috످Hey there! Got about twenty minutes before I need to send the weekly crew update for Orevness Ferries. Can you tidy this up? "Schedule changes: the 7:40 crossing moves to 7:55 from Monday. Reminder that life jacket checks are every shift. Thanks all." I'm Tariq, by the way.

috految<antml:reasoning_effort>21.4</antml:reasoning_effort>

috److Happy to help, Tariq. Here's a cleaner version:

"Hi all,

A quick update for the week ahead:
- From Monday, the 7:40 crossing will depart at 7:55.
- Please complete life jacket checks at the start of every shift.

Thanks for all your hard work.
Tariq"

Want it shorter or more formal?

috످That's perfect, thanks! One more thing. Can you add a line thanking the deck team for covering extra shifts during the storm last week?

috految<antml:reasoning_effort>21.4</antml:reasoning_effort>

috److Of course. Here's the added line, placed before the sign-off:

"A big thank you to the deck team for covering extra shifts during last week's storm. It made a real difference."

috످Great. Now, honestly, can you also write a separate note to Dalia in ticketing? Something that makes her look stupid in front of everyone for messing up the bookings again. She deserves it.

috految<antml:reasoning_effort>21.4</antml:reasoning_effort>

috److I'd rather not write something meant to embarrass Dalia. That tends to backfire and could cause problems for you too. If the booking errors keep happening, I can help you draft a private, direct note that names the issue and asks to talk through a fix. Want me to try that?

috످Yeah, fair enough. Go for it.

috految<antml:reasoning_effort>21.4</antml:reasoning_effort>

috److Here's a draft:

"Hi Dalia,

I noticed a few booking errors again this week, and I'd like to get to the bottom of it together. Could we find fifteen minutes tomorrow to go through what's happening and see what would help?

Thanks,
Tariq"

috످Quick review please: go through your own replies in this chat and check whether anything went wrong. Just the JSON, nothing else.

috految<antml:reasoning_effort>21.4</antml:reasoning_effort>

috److془Issues: "at the start of every shift" changed. "a few booking errors this week" invented. "It made a real difference" minor. Output JSON.془{
  "anything_went_wrong": true,
  "summary": "I added details you didn't give me to both drafts. Please check them before sending, especially the life jacket line.",
  "issues": [
    {
      "where": "Crew update",
      "problem": "You said life jacket checks are 'every shift'. I wrote 'at the start of every shift', which could change a safety instruction.",
      "fix": "Use 'Please complete life jacket checks every shift.' If you've already sent it and the timing is wrong, send the crew a quick correction."
    },
    {
      "where": "Note to Dalia",
      "problem": "I wrote 'a few booking errors again this week', but you didn't say how many or when.",
      "fix": "Use 'I've noticed some booking errors again' and check that the meeting time I suggested works for you."
    }
  ]
}

috످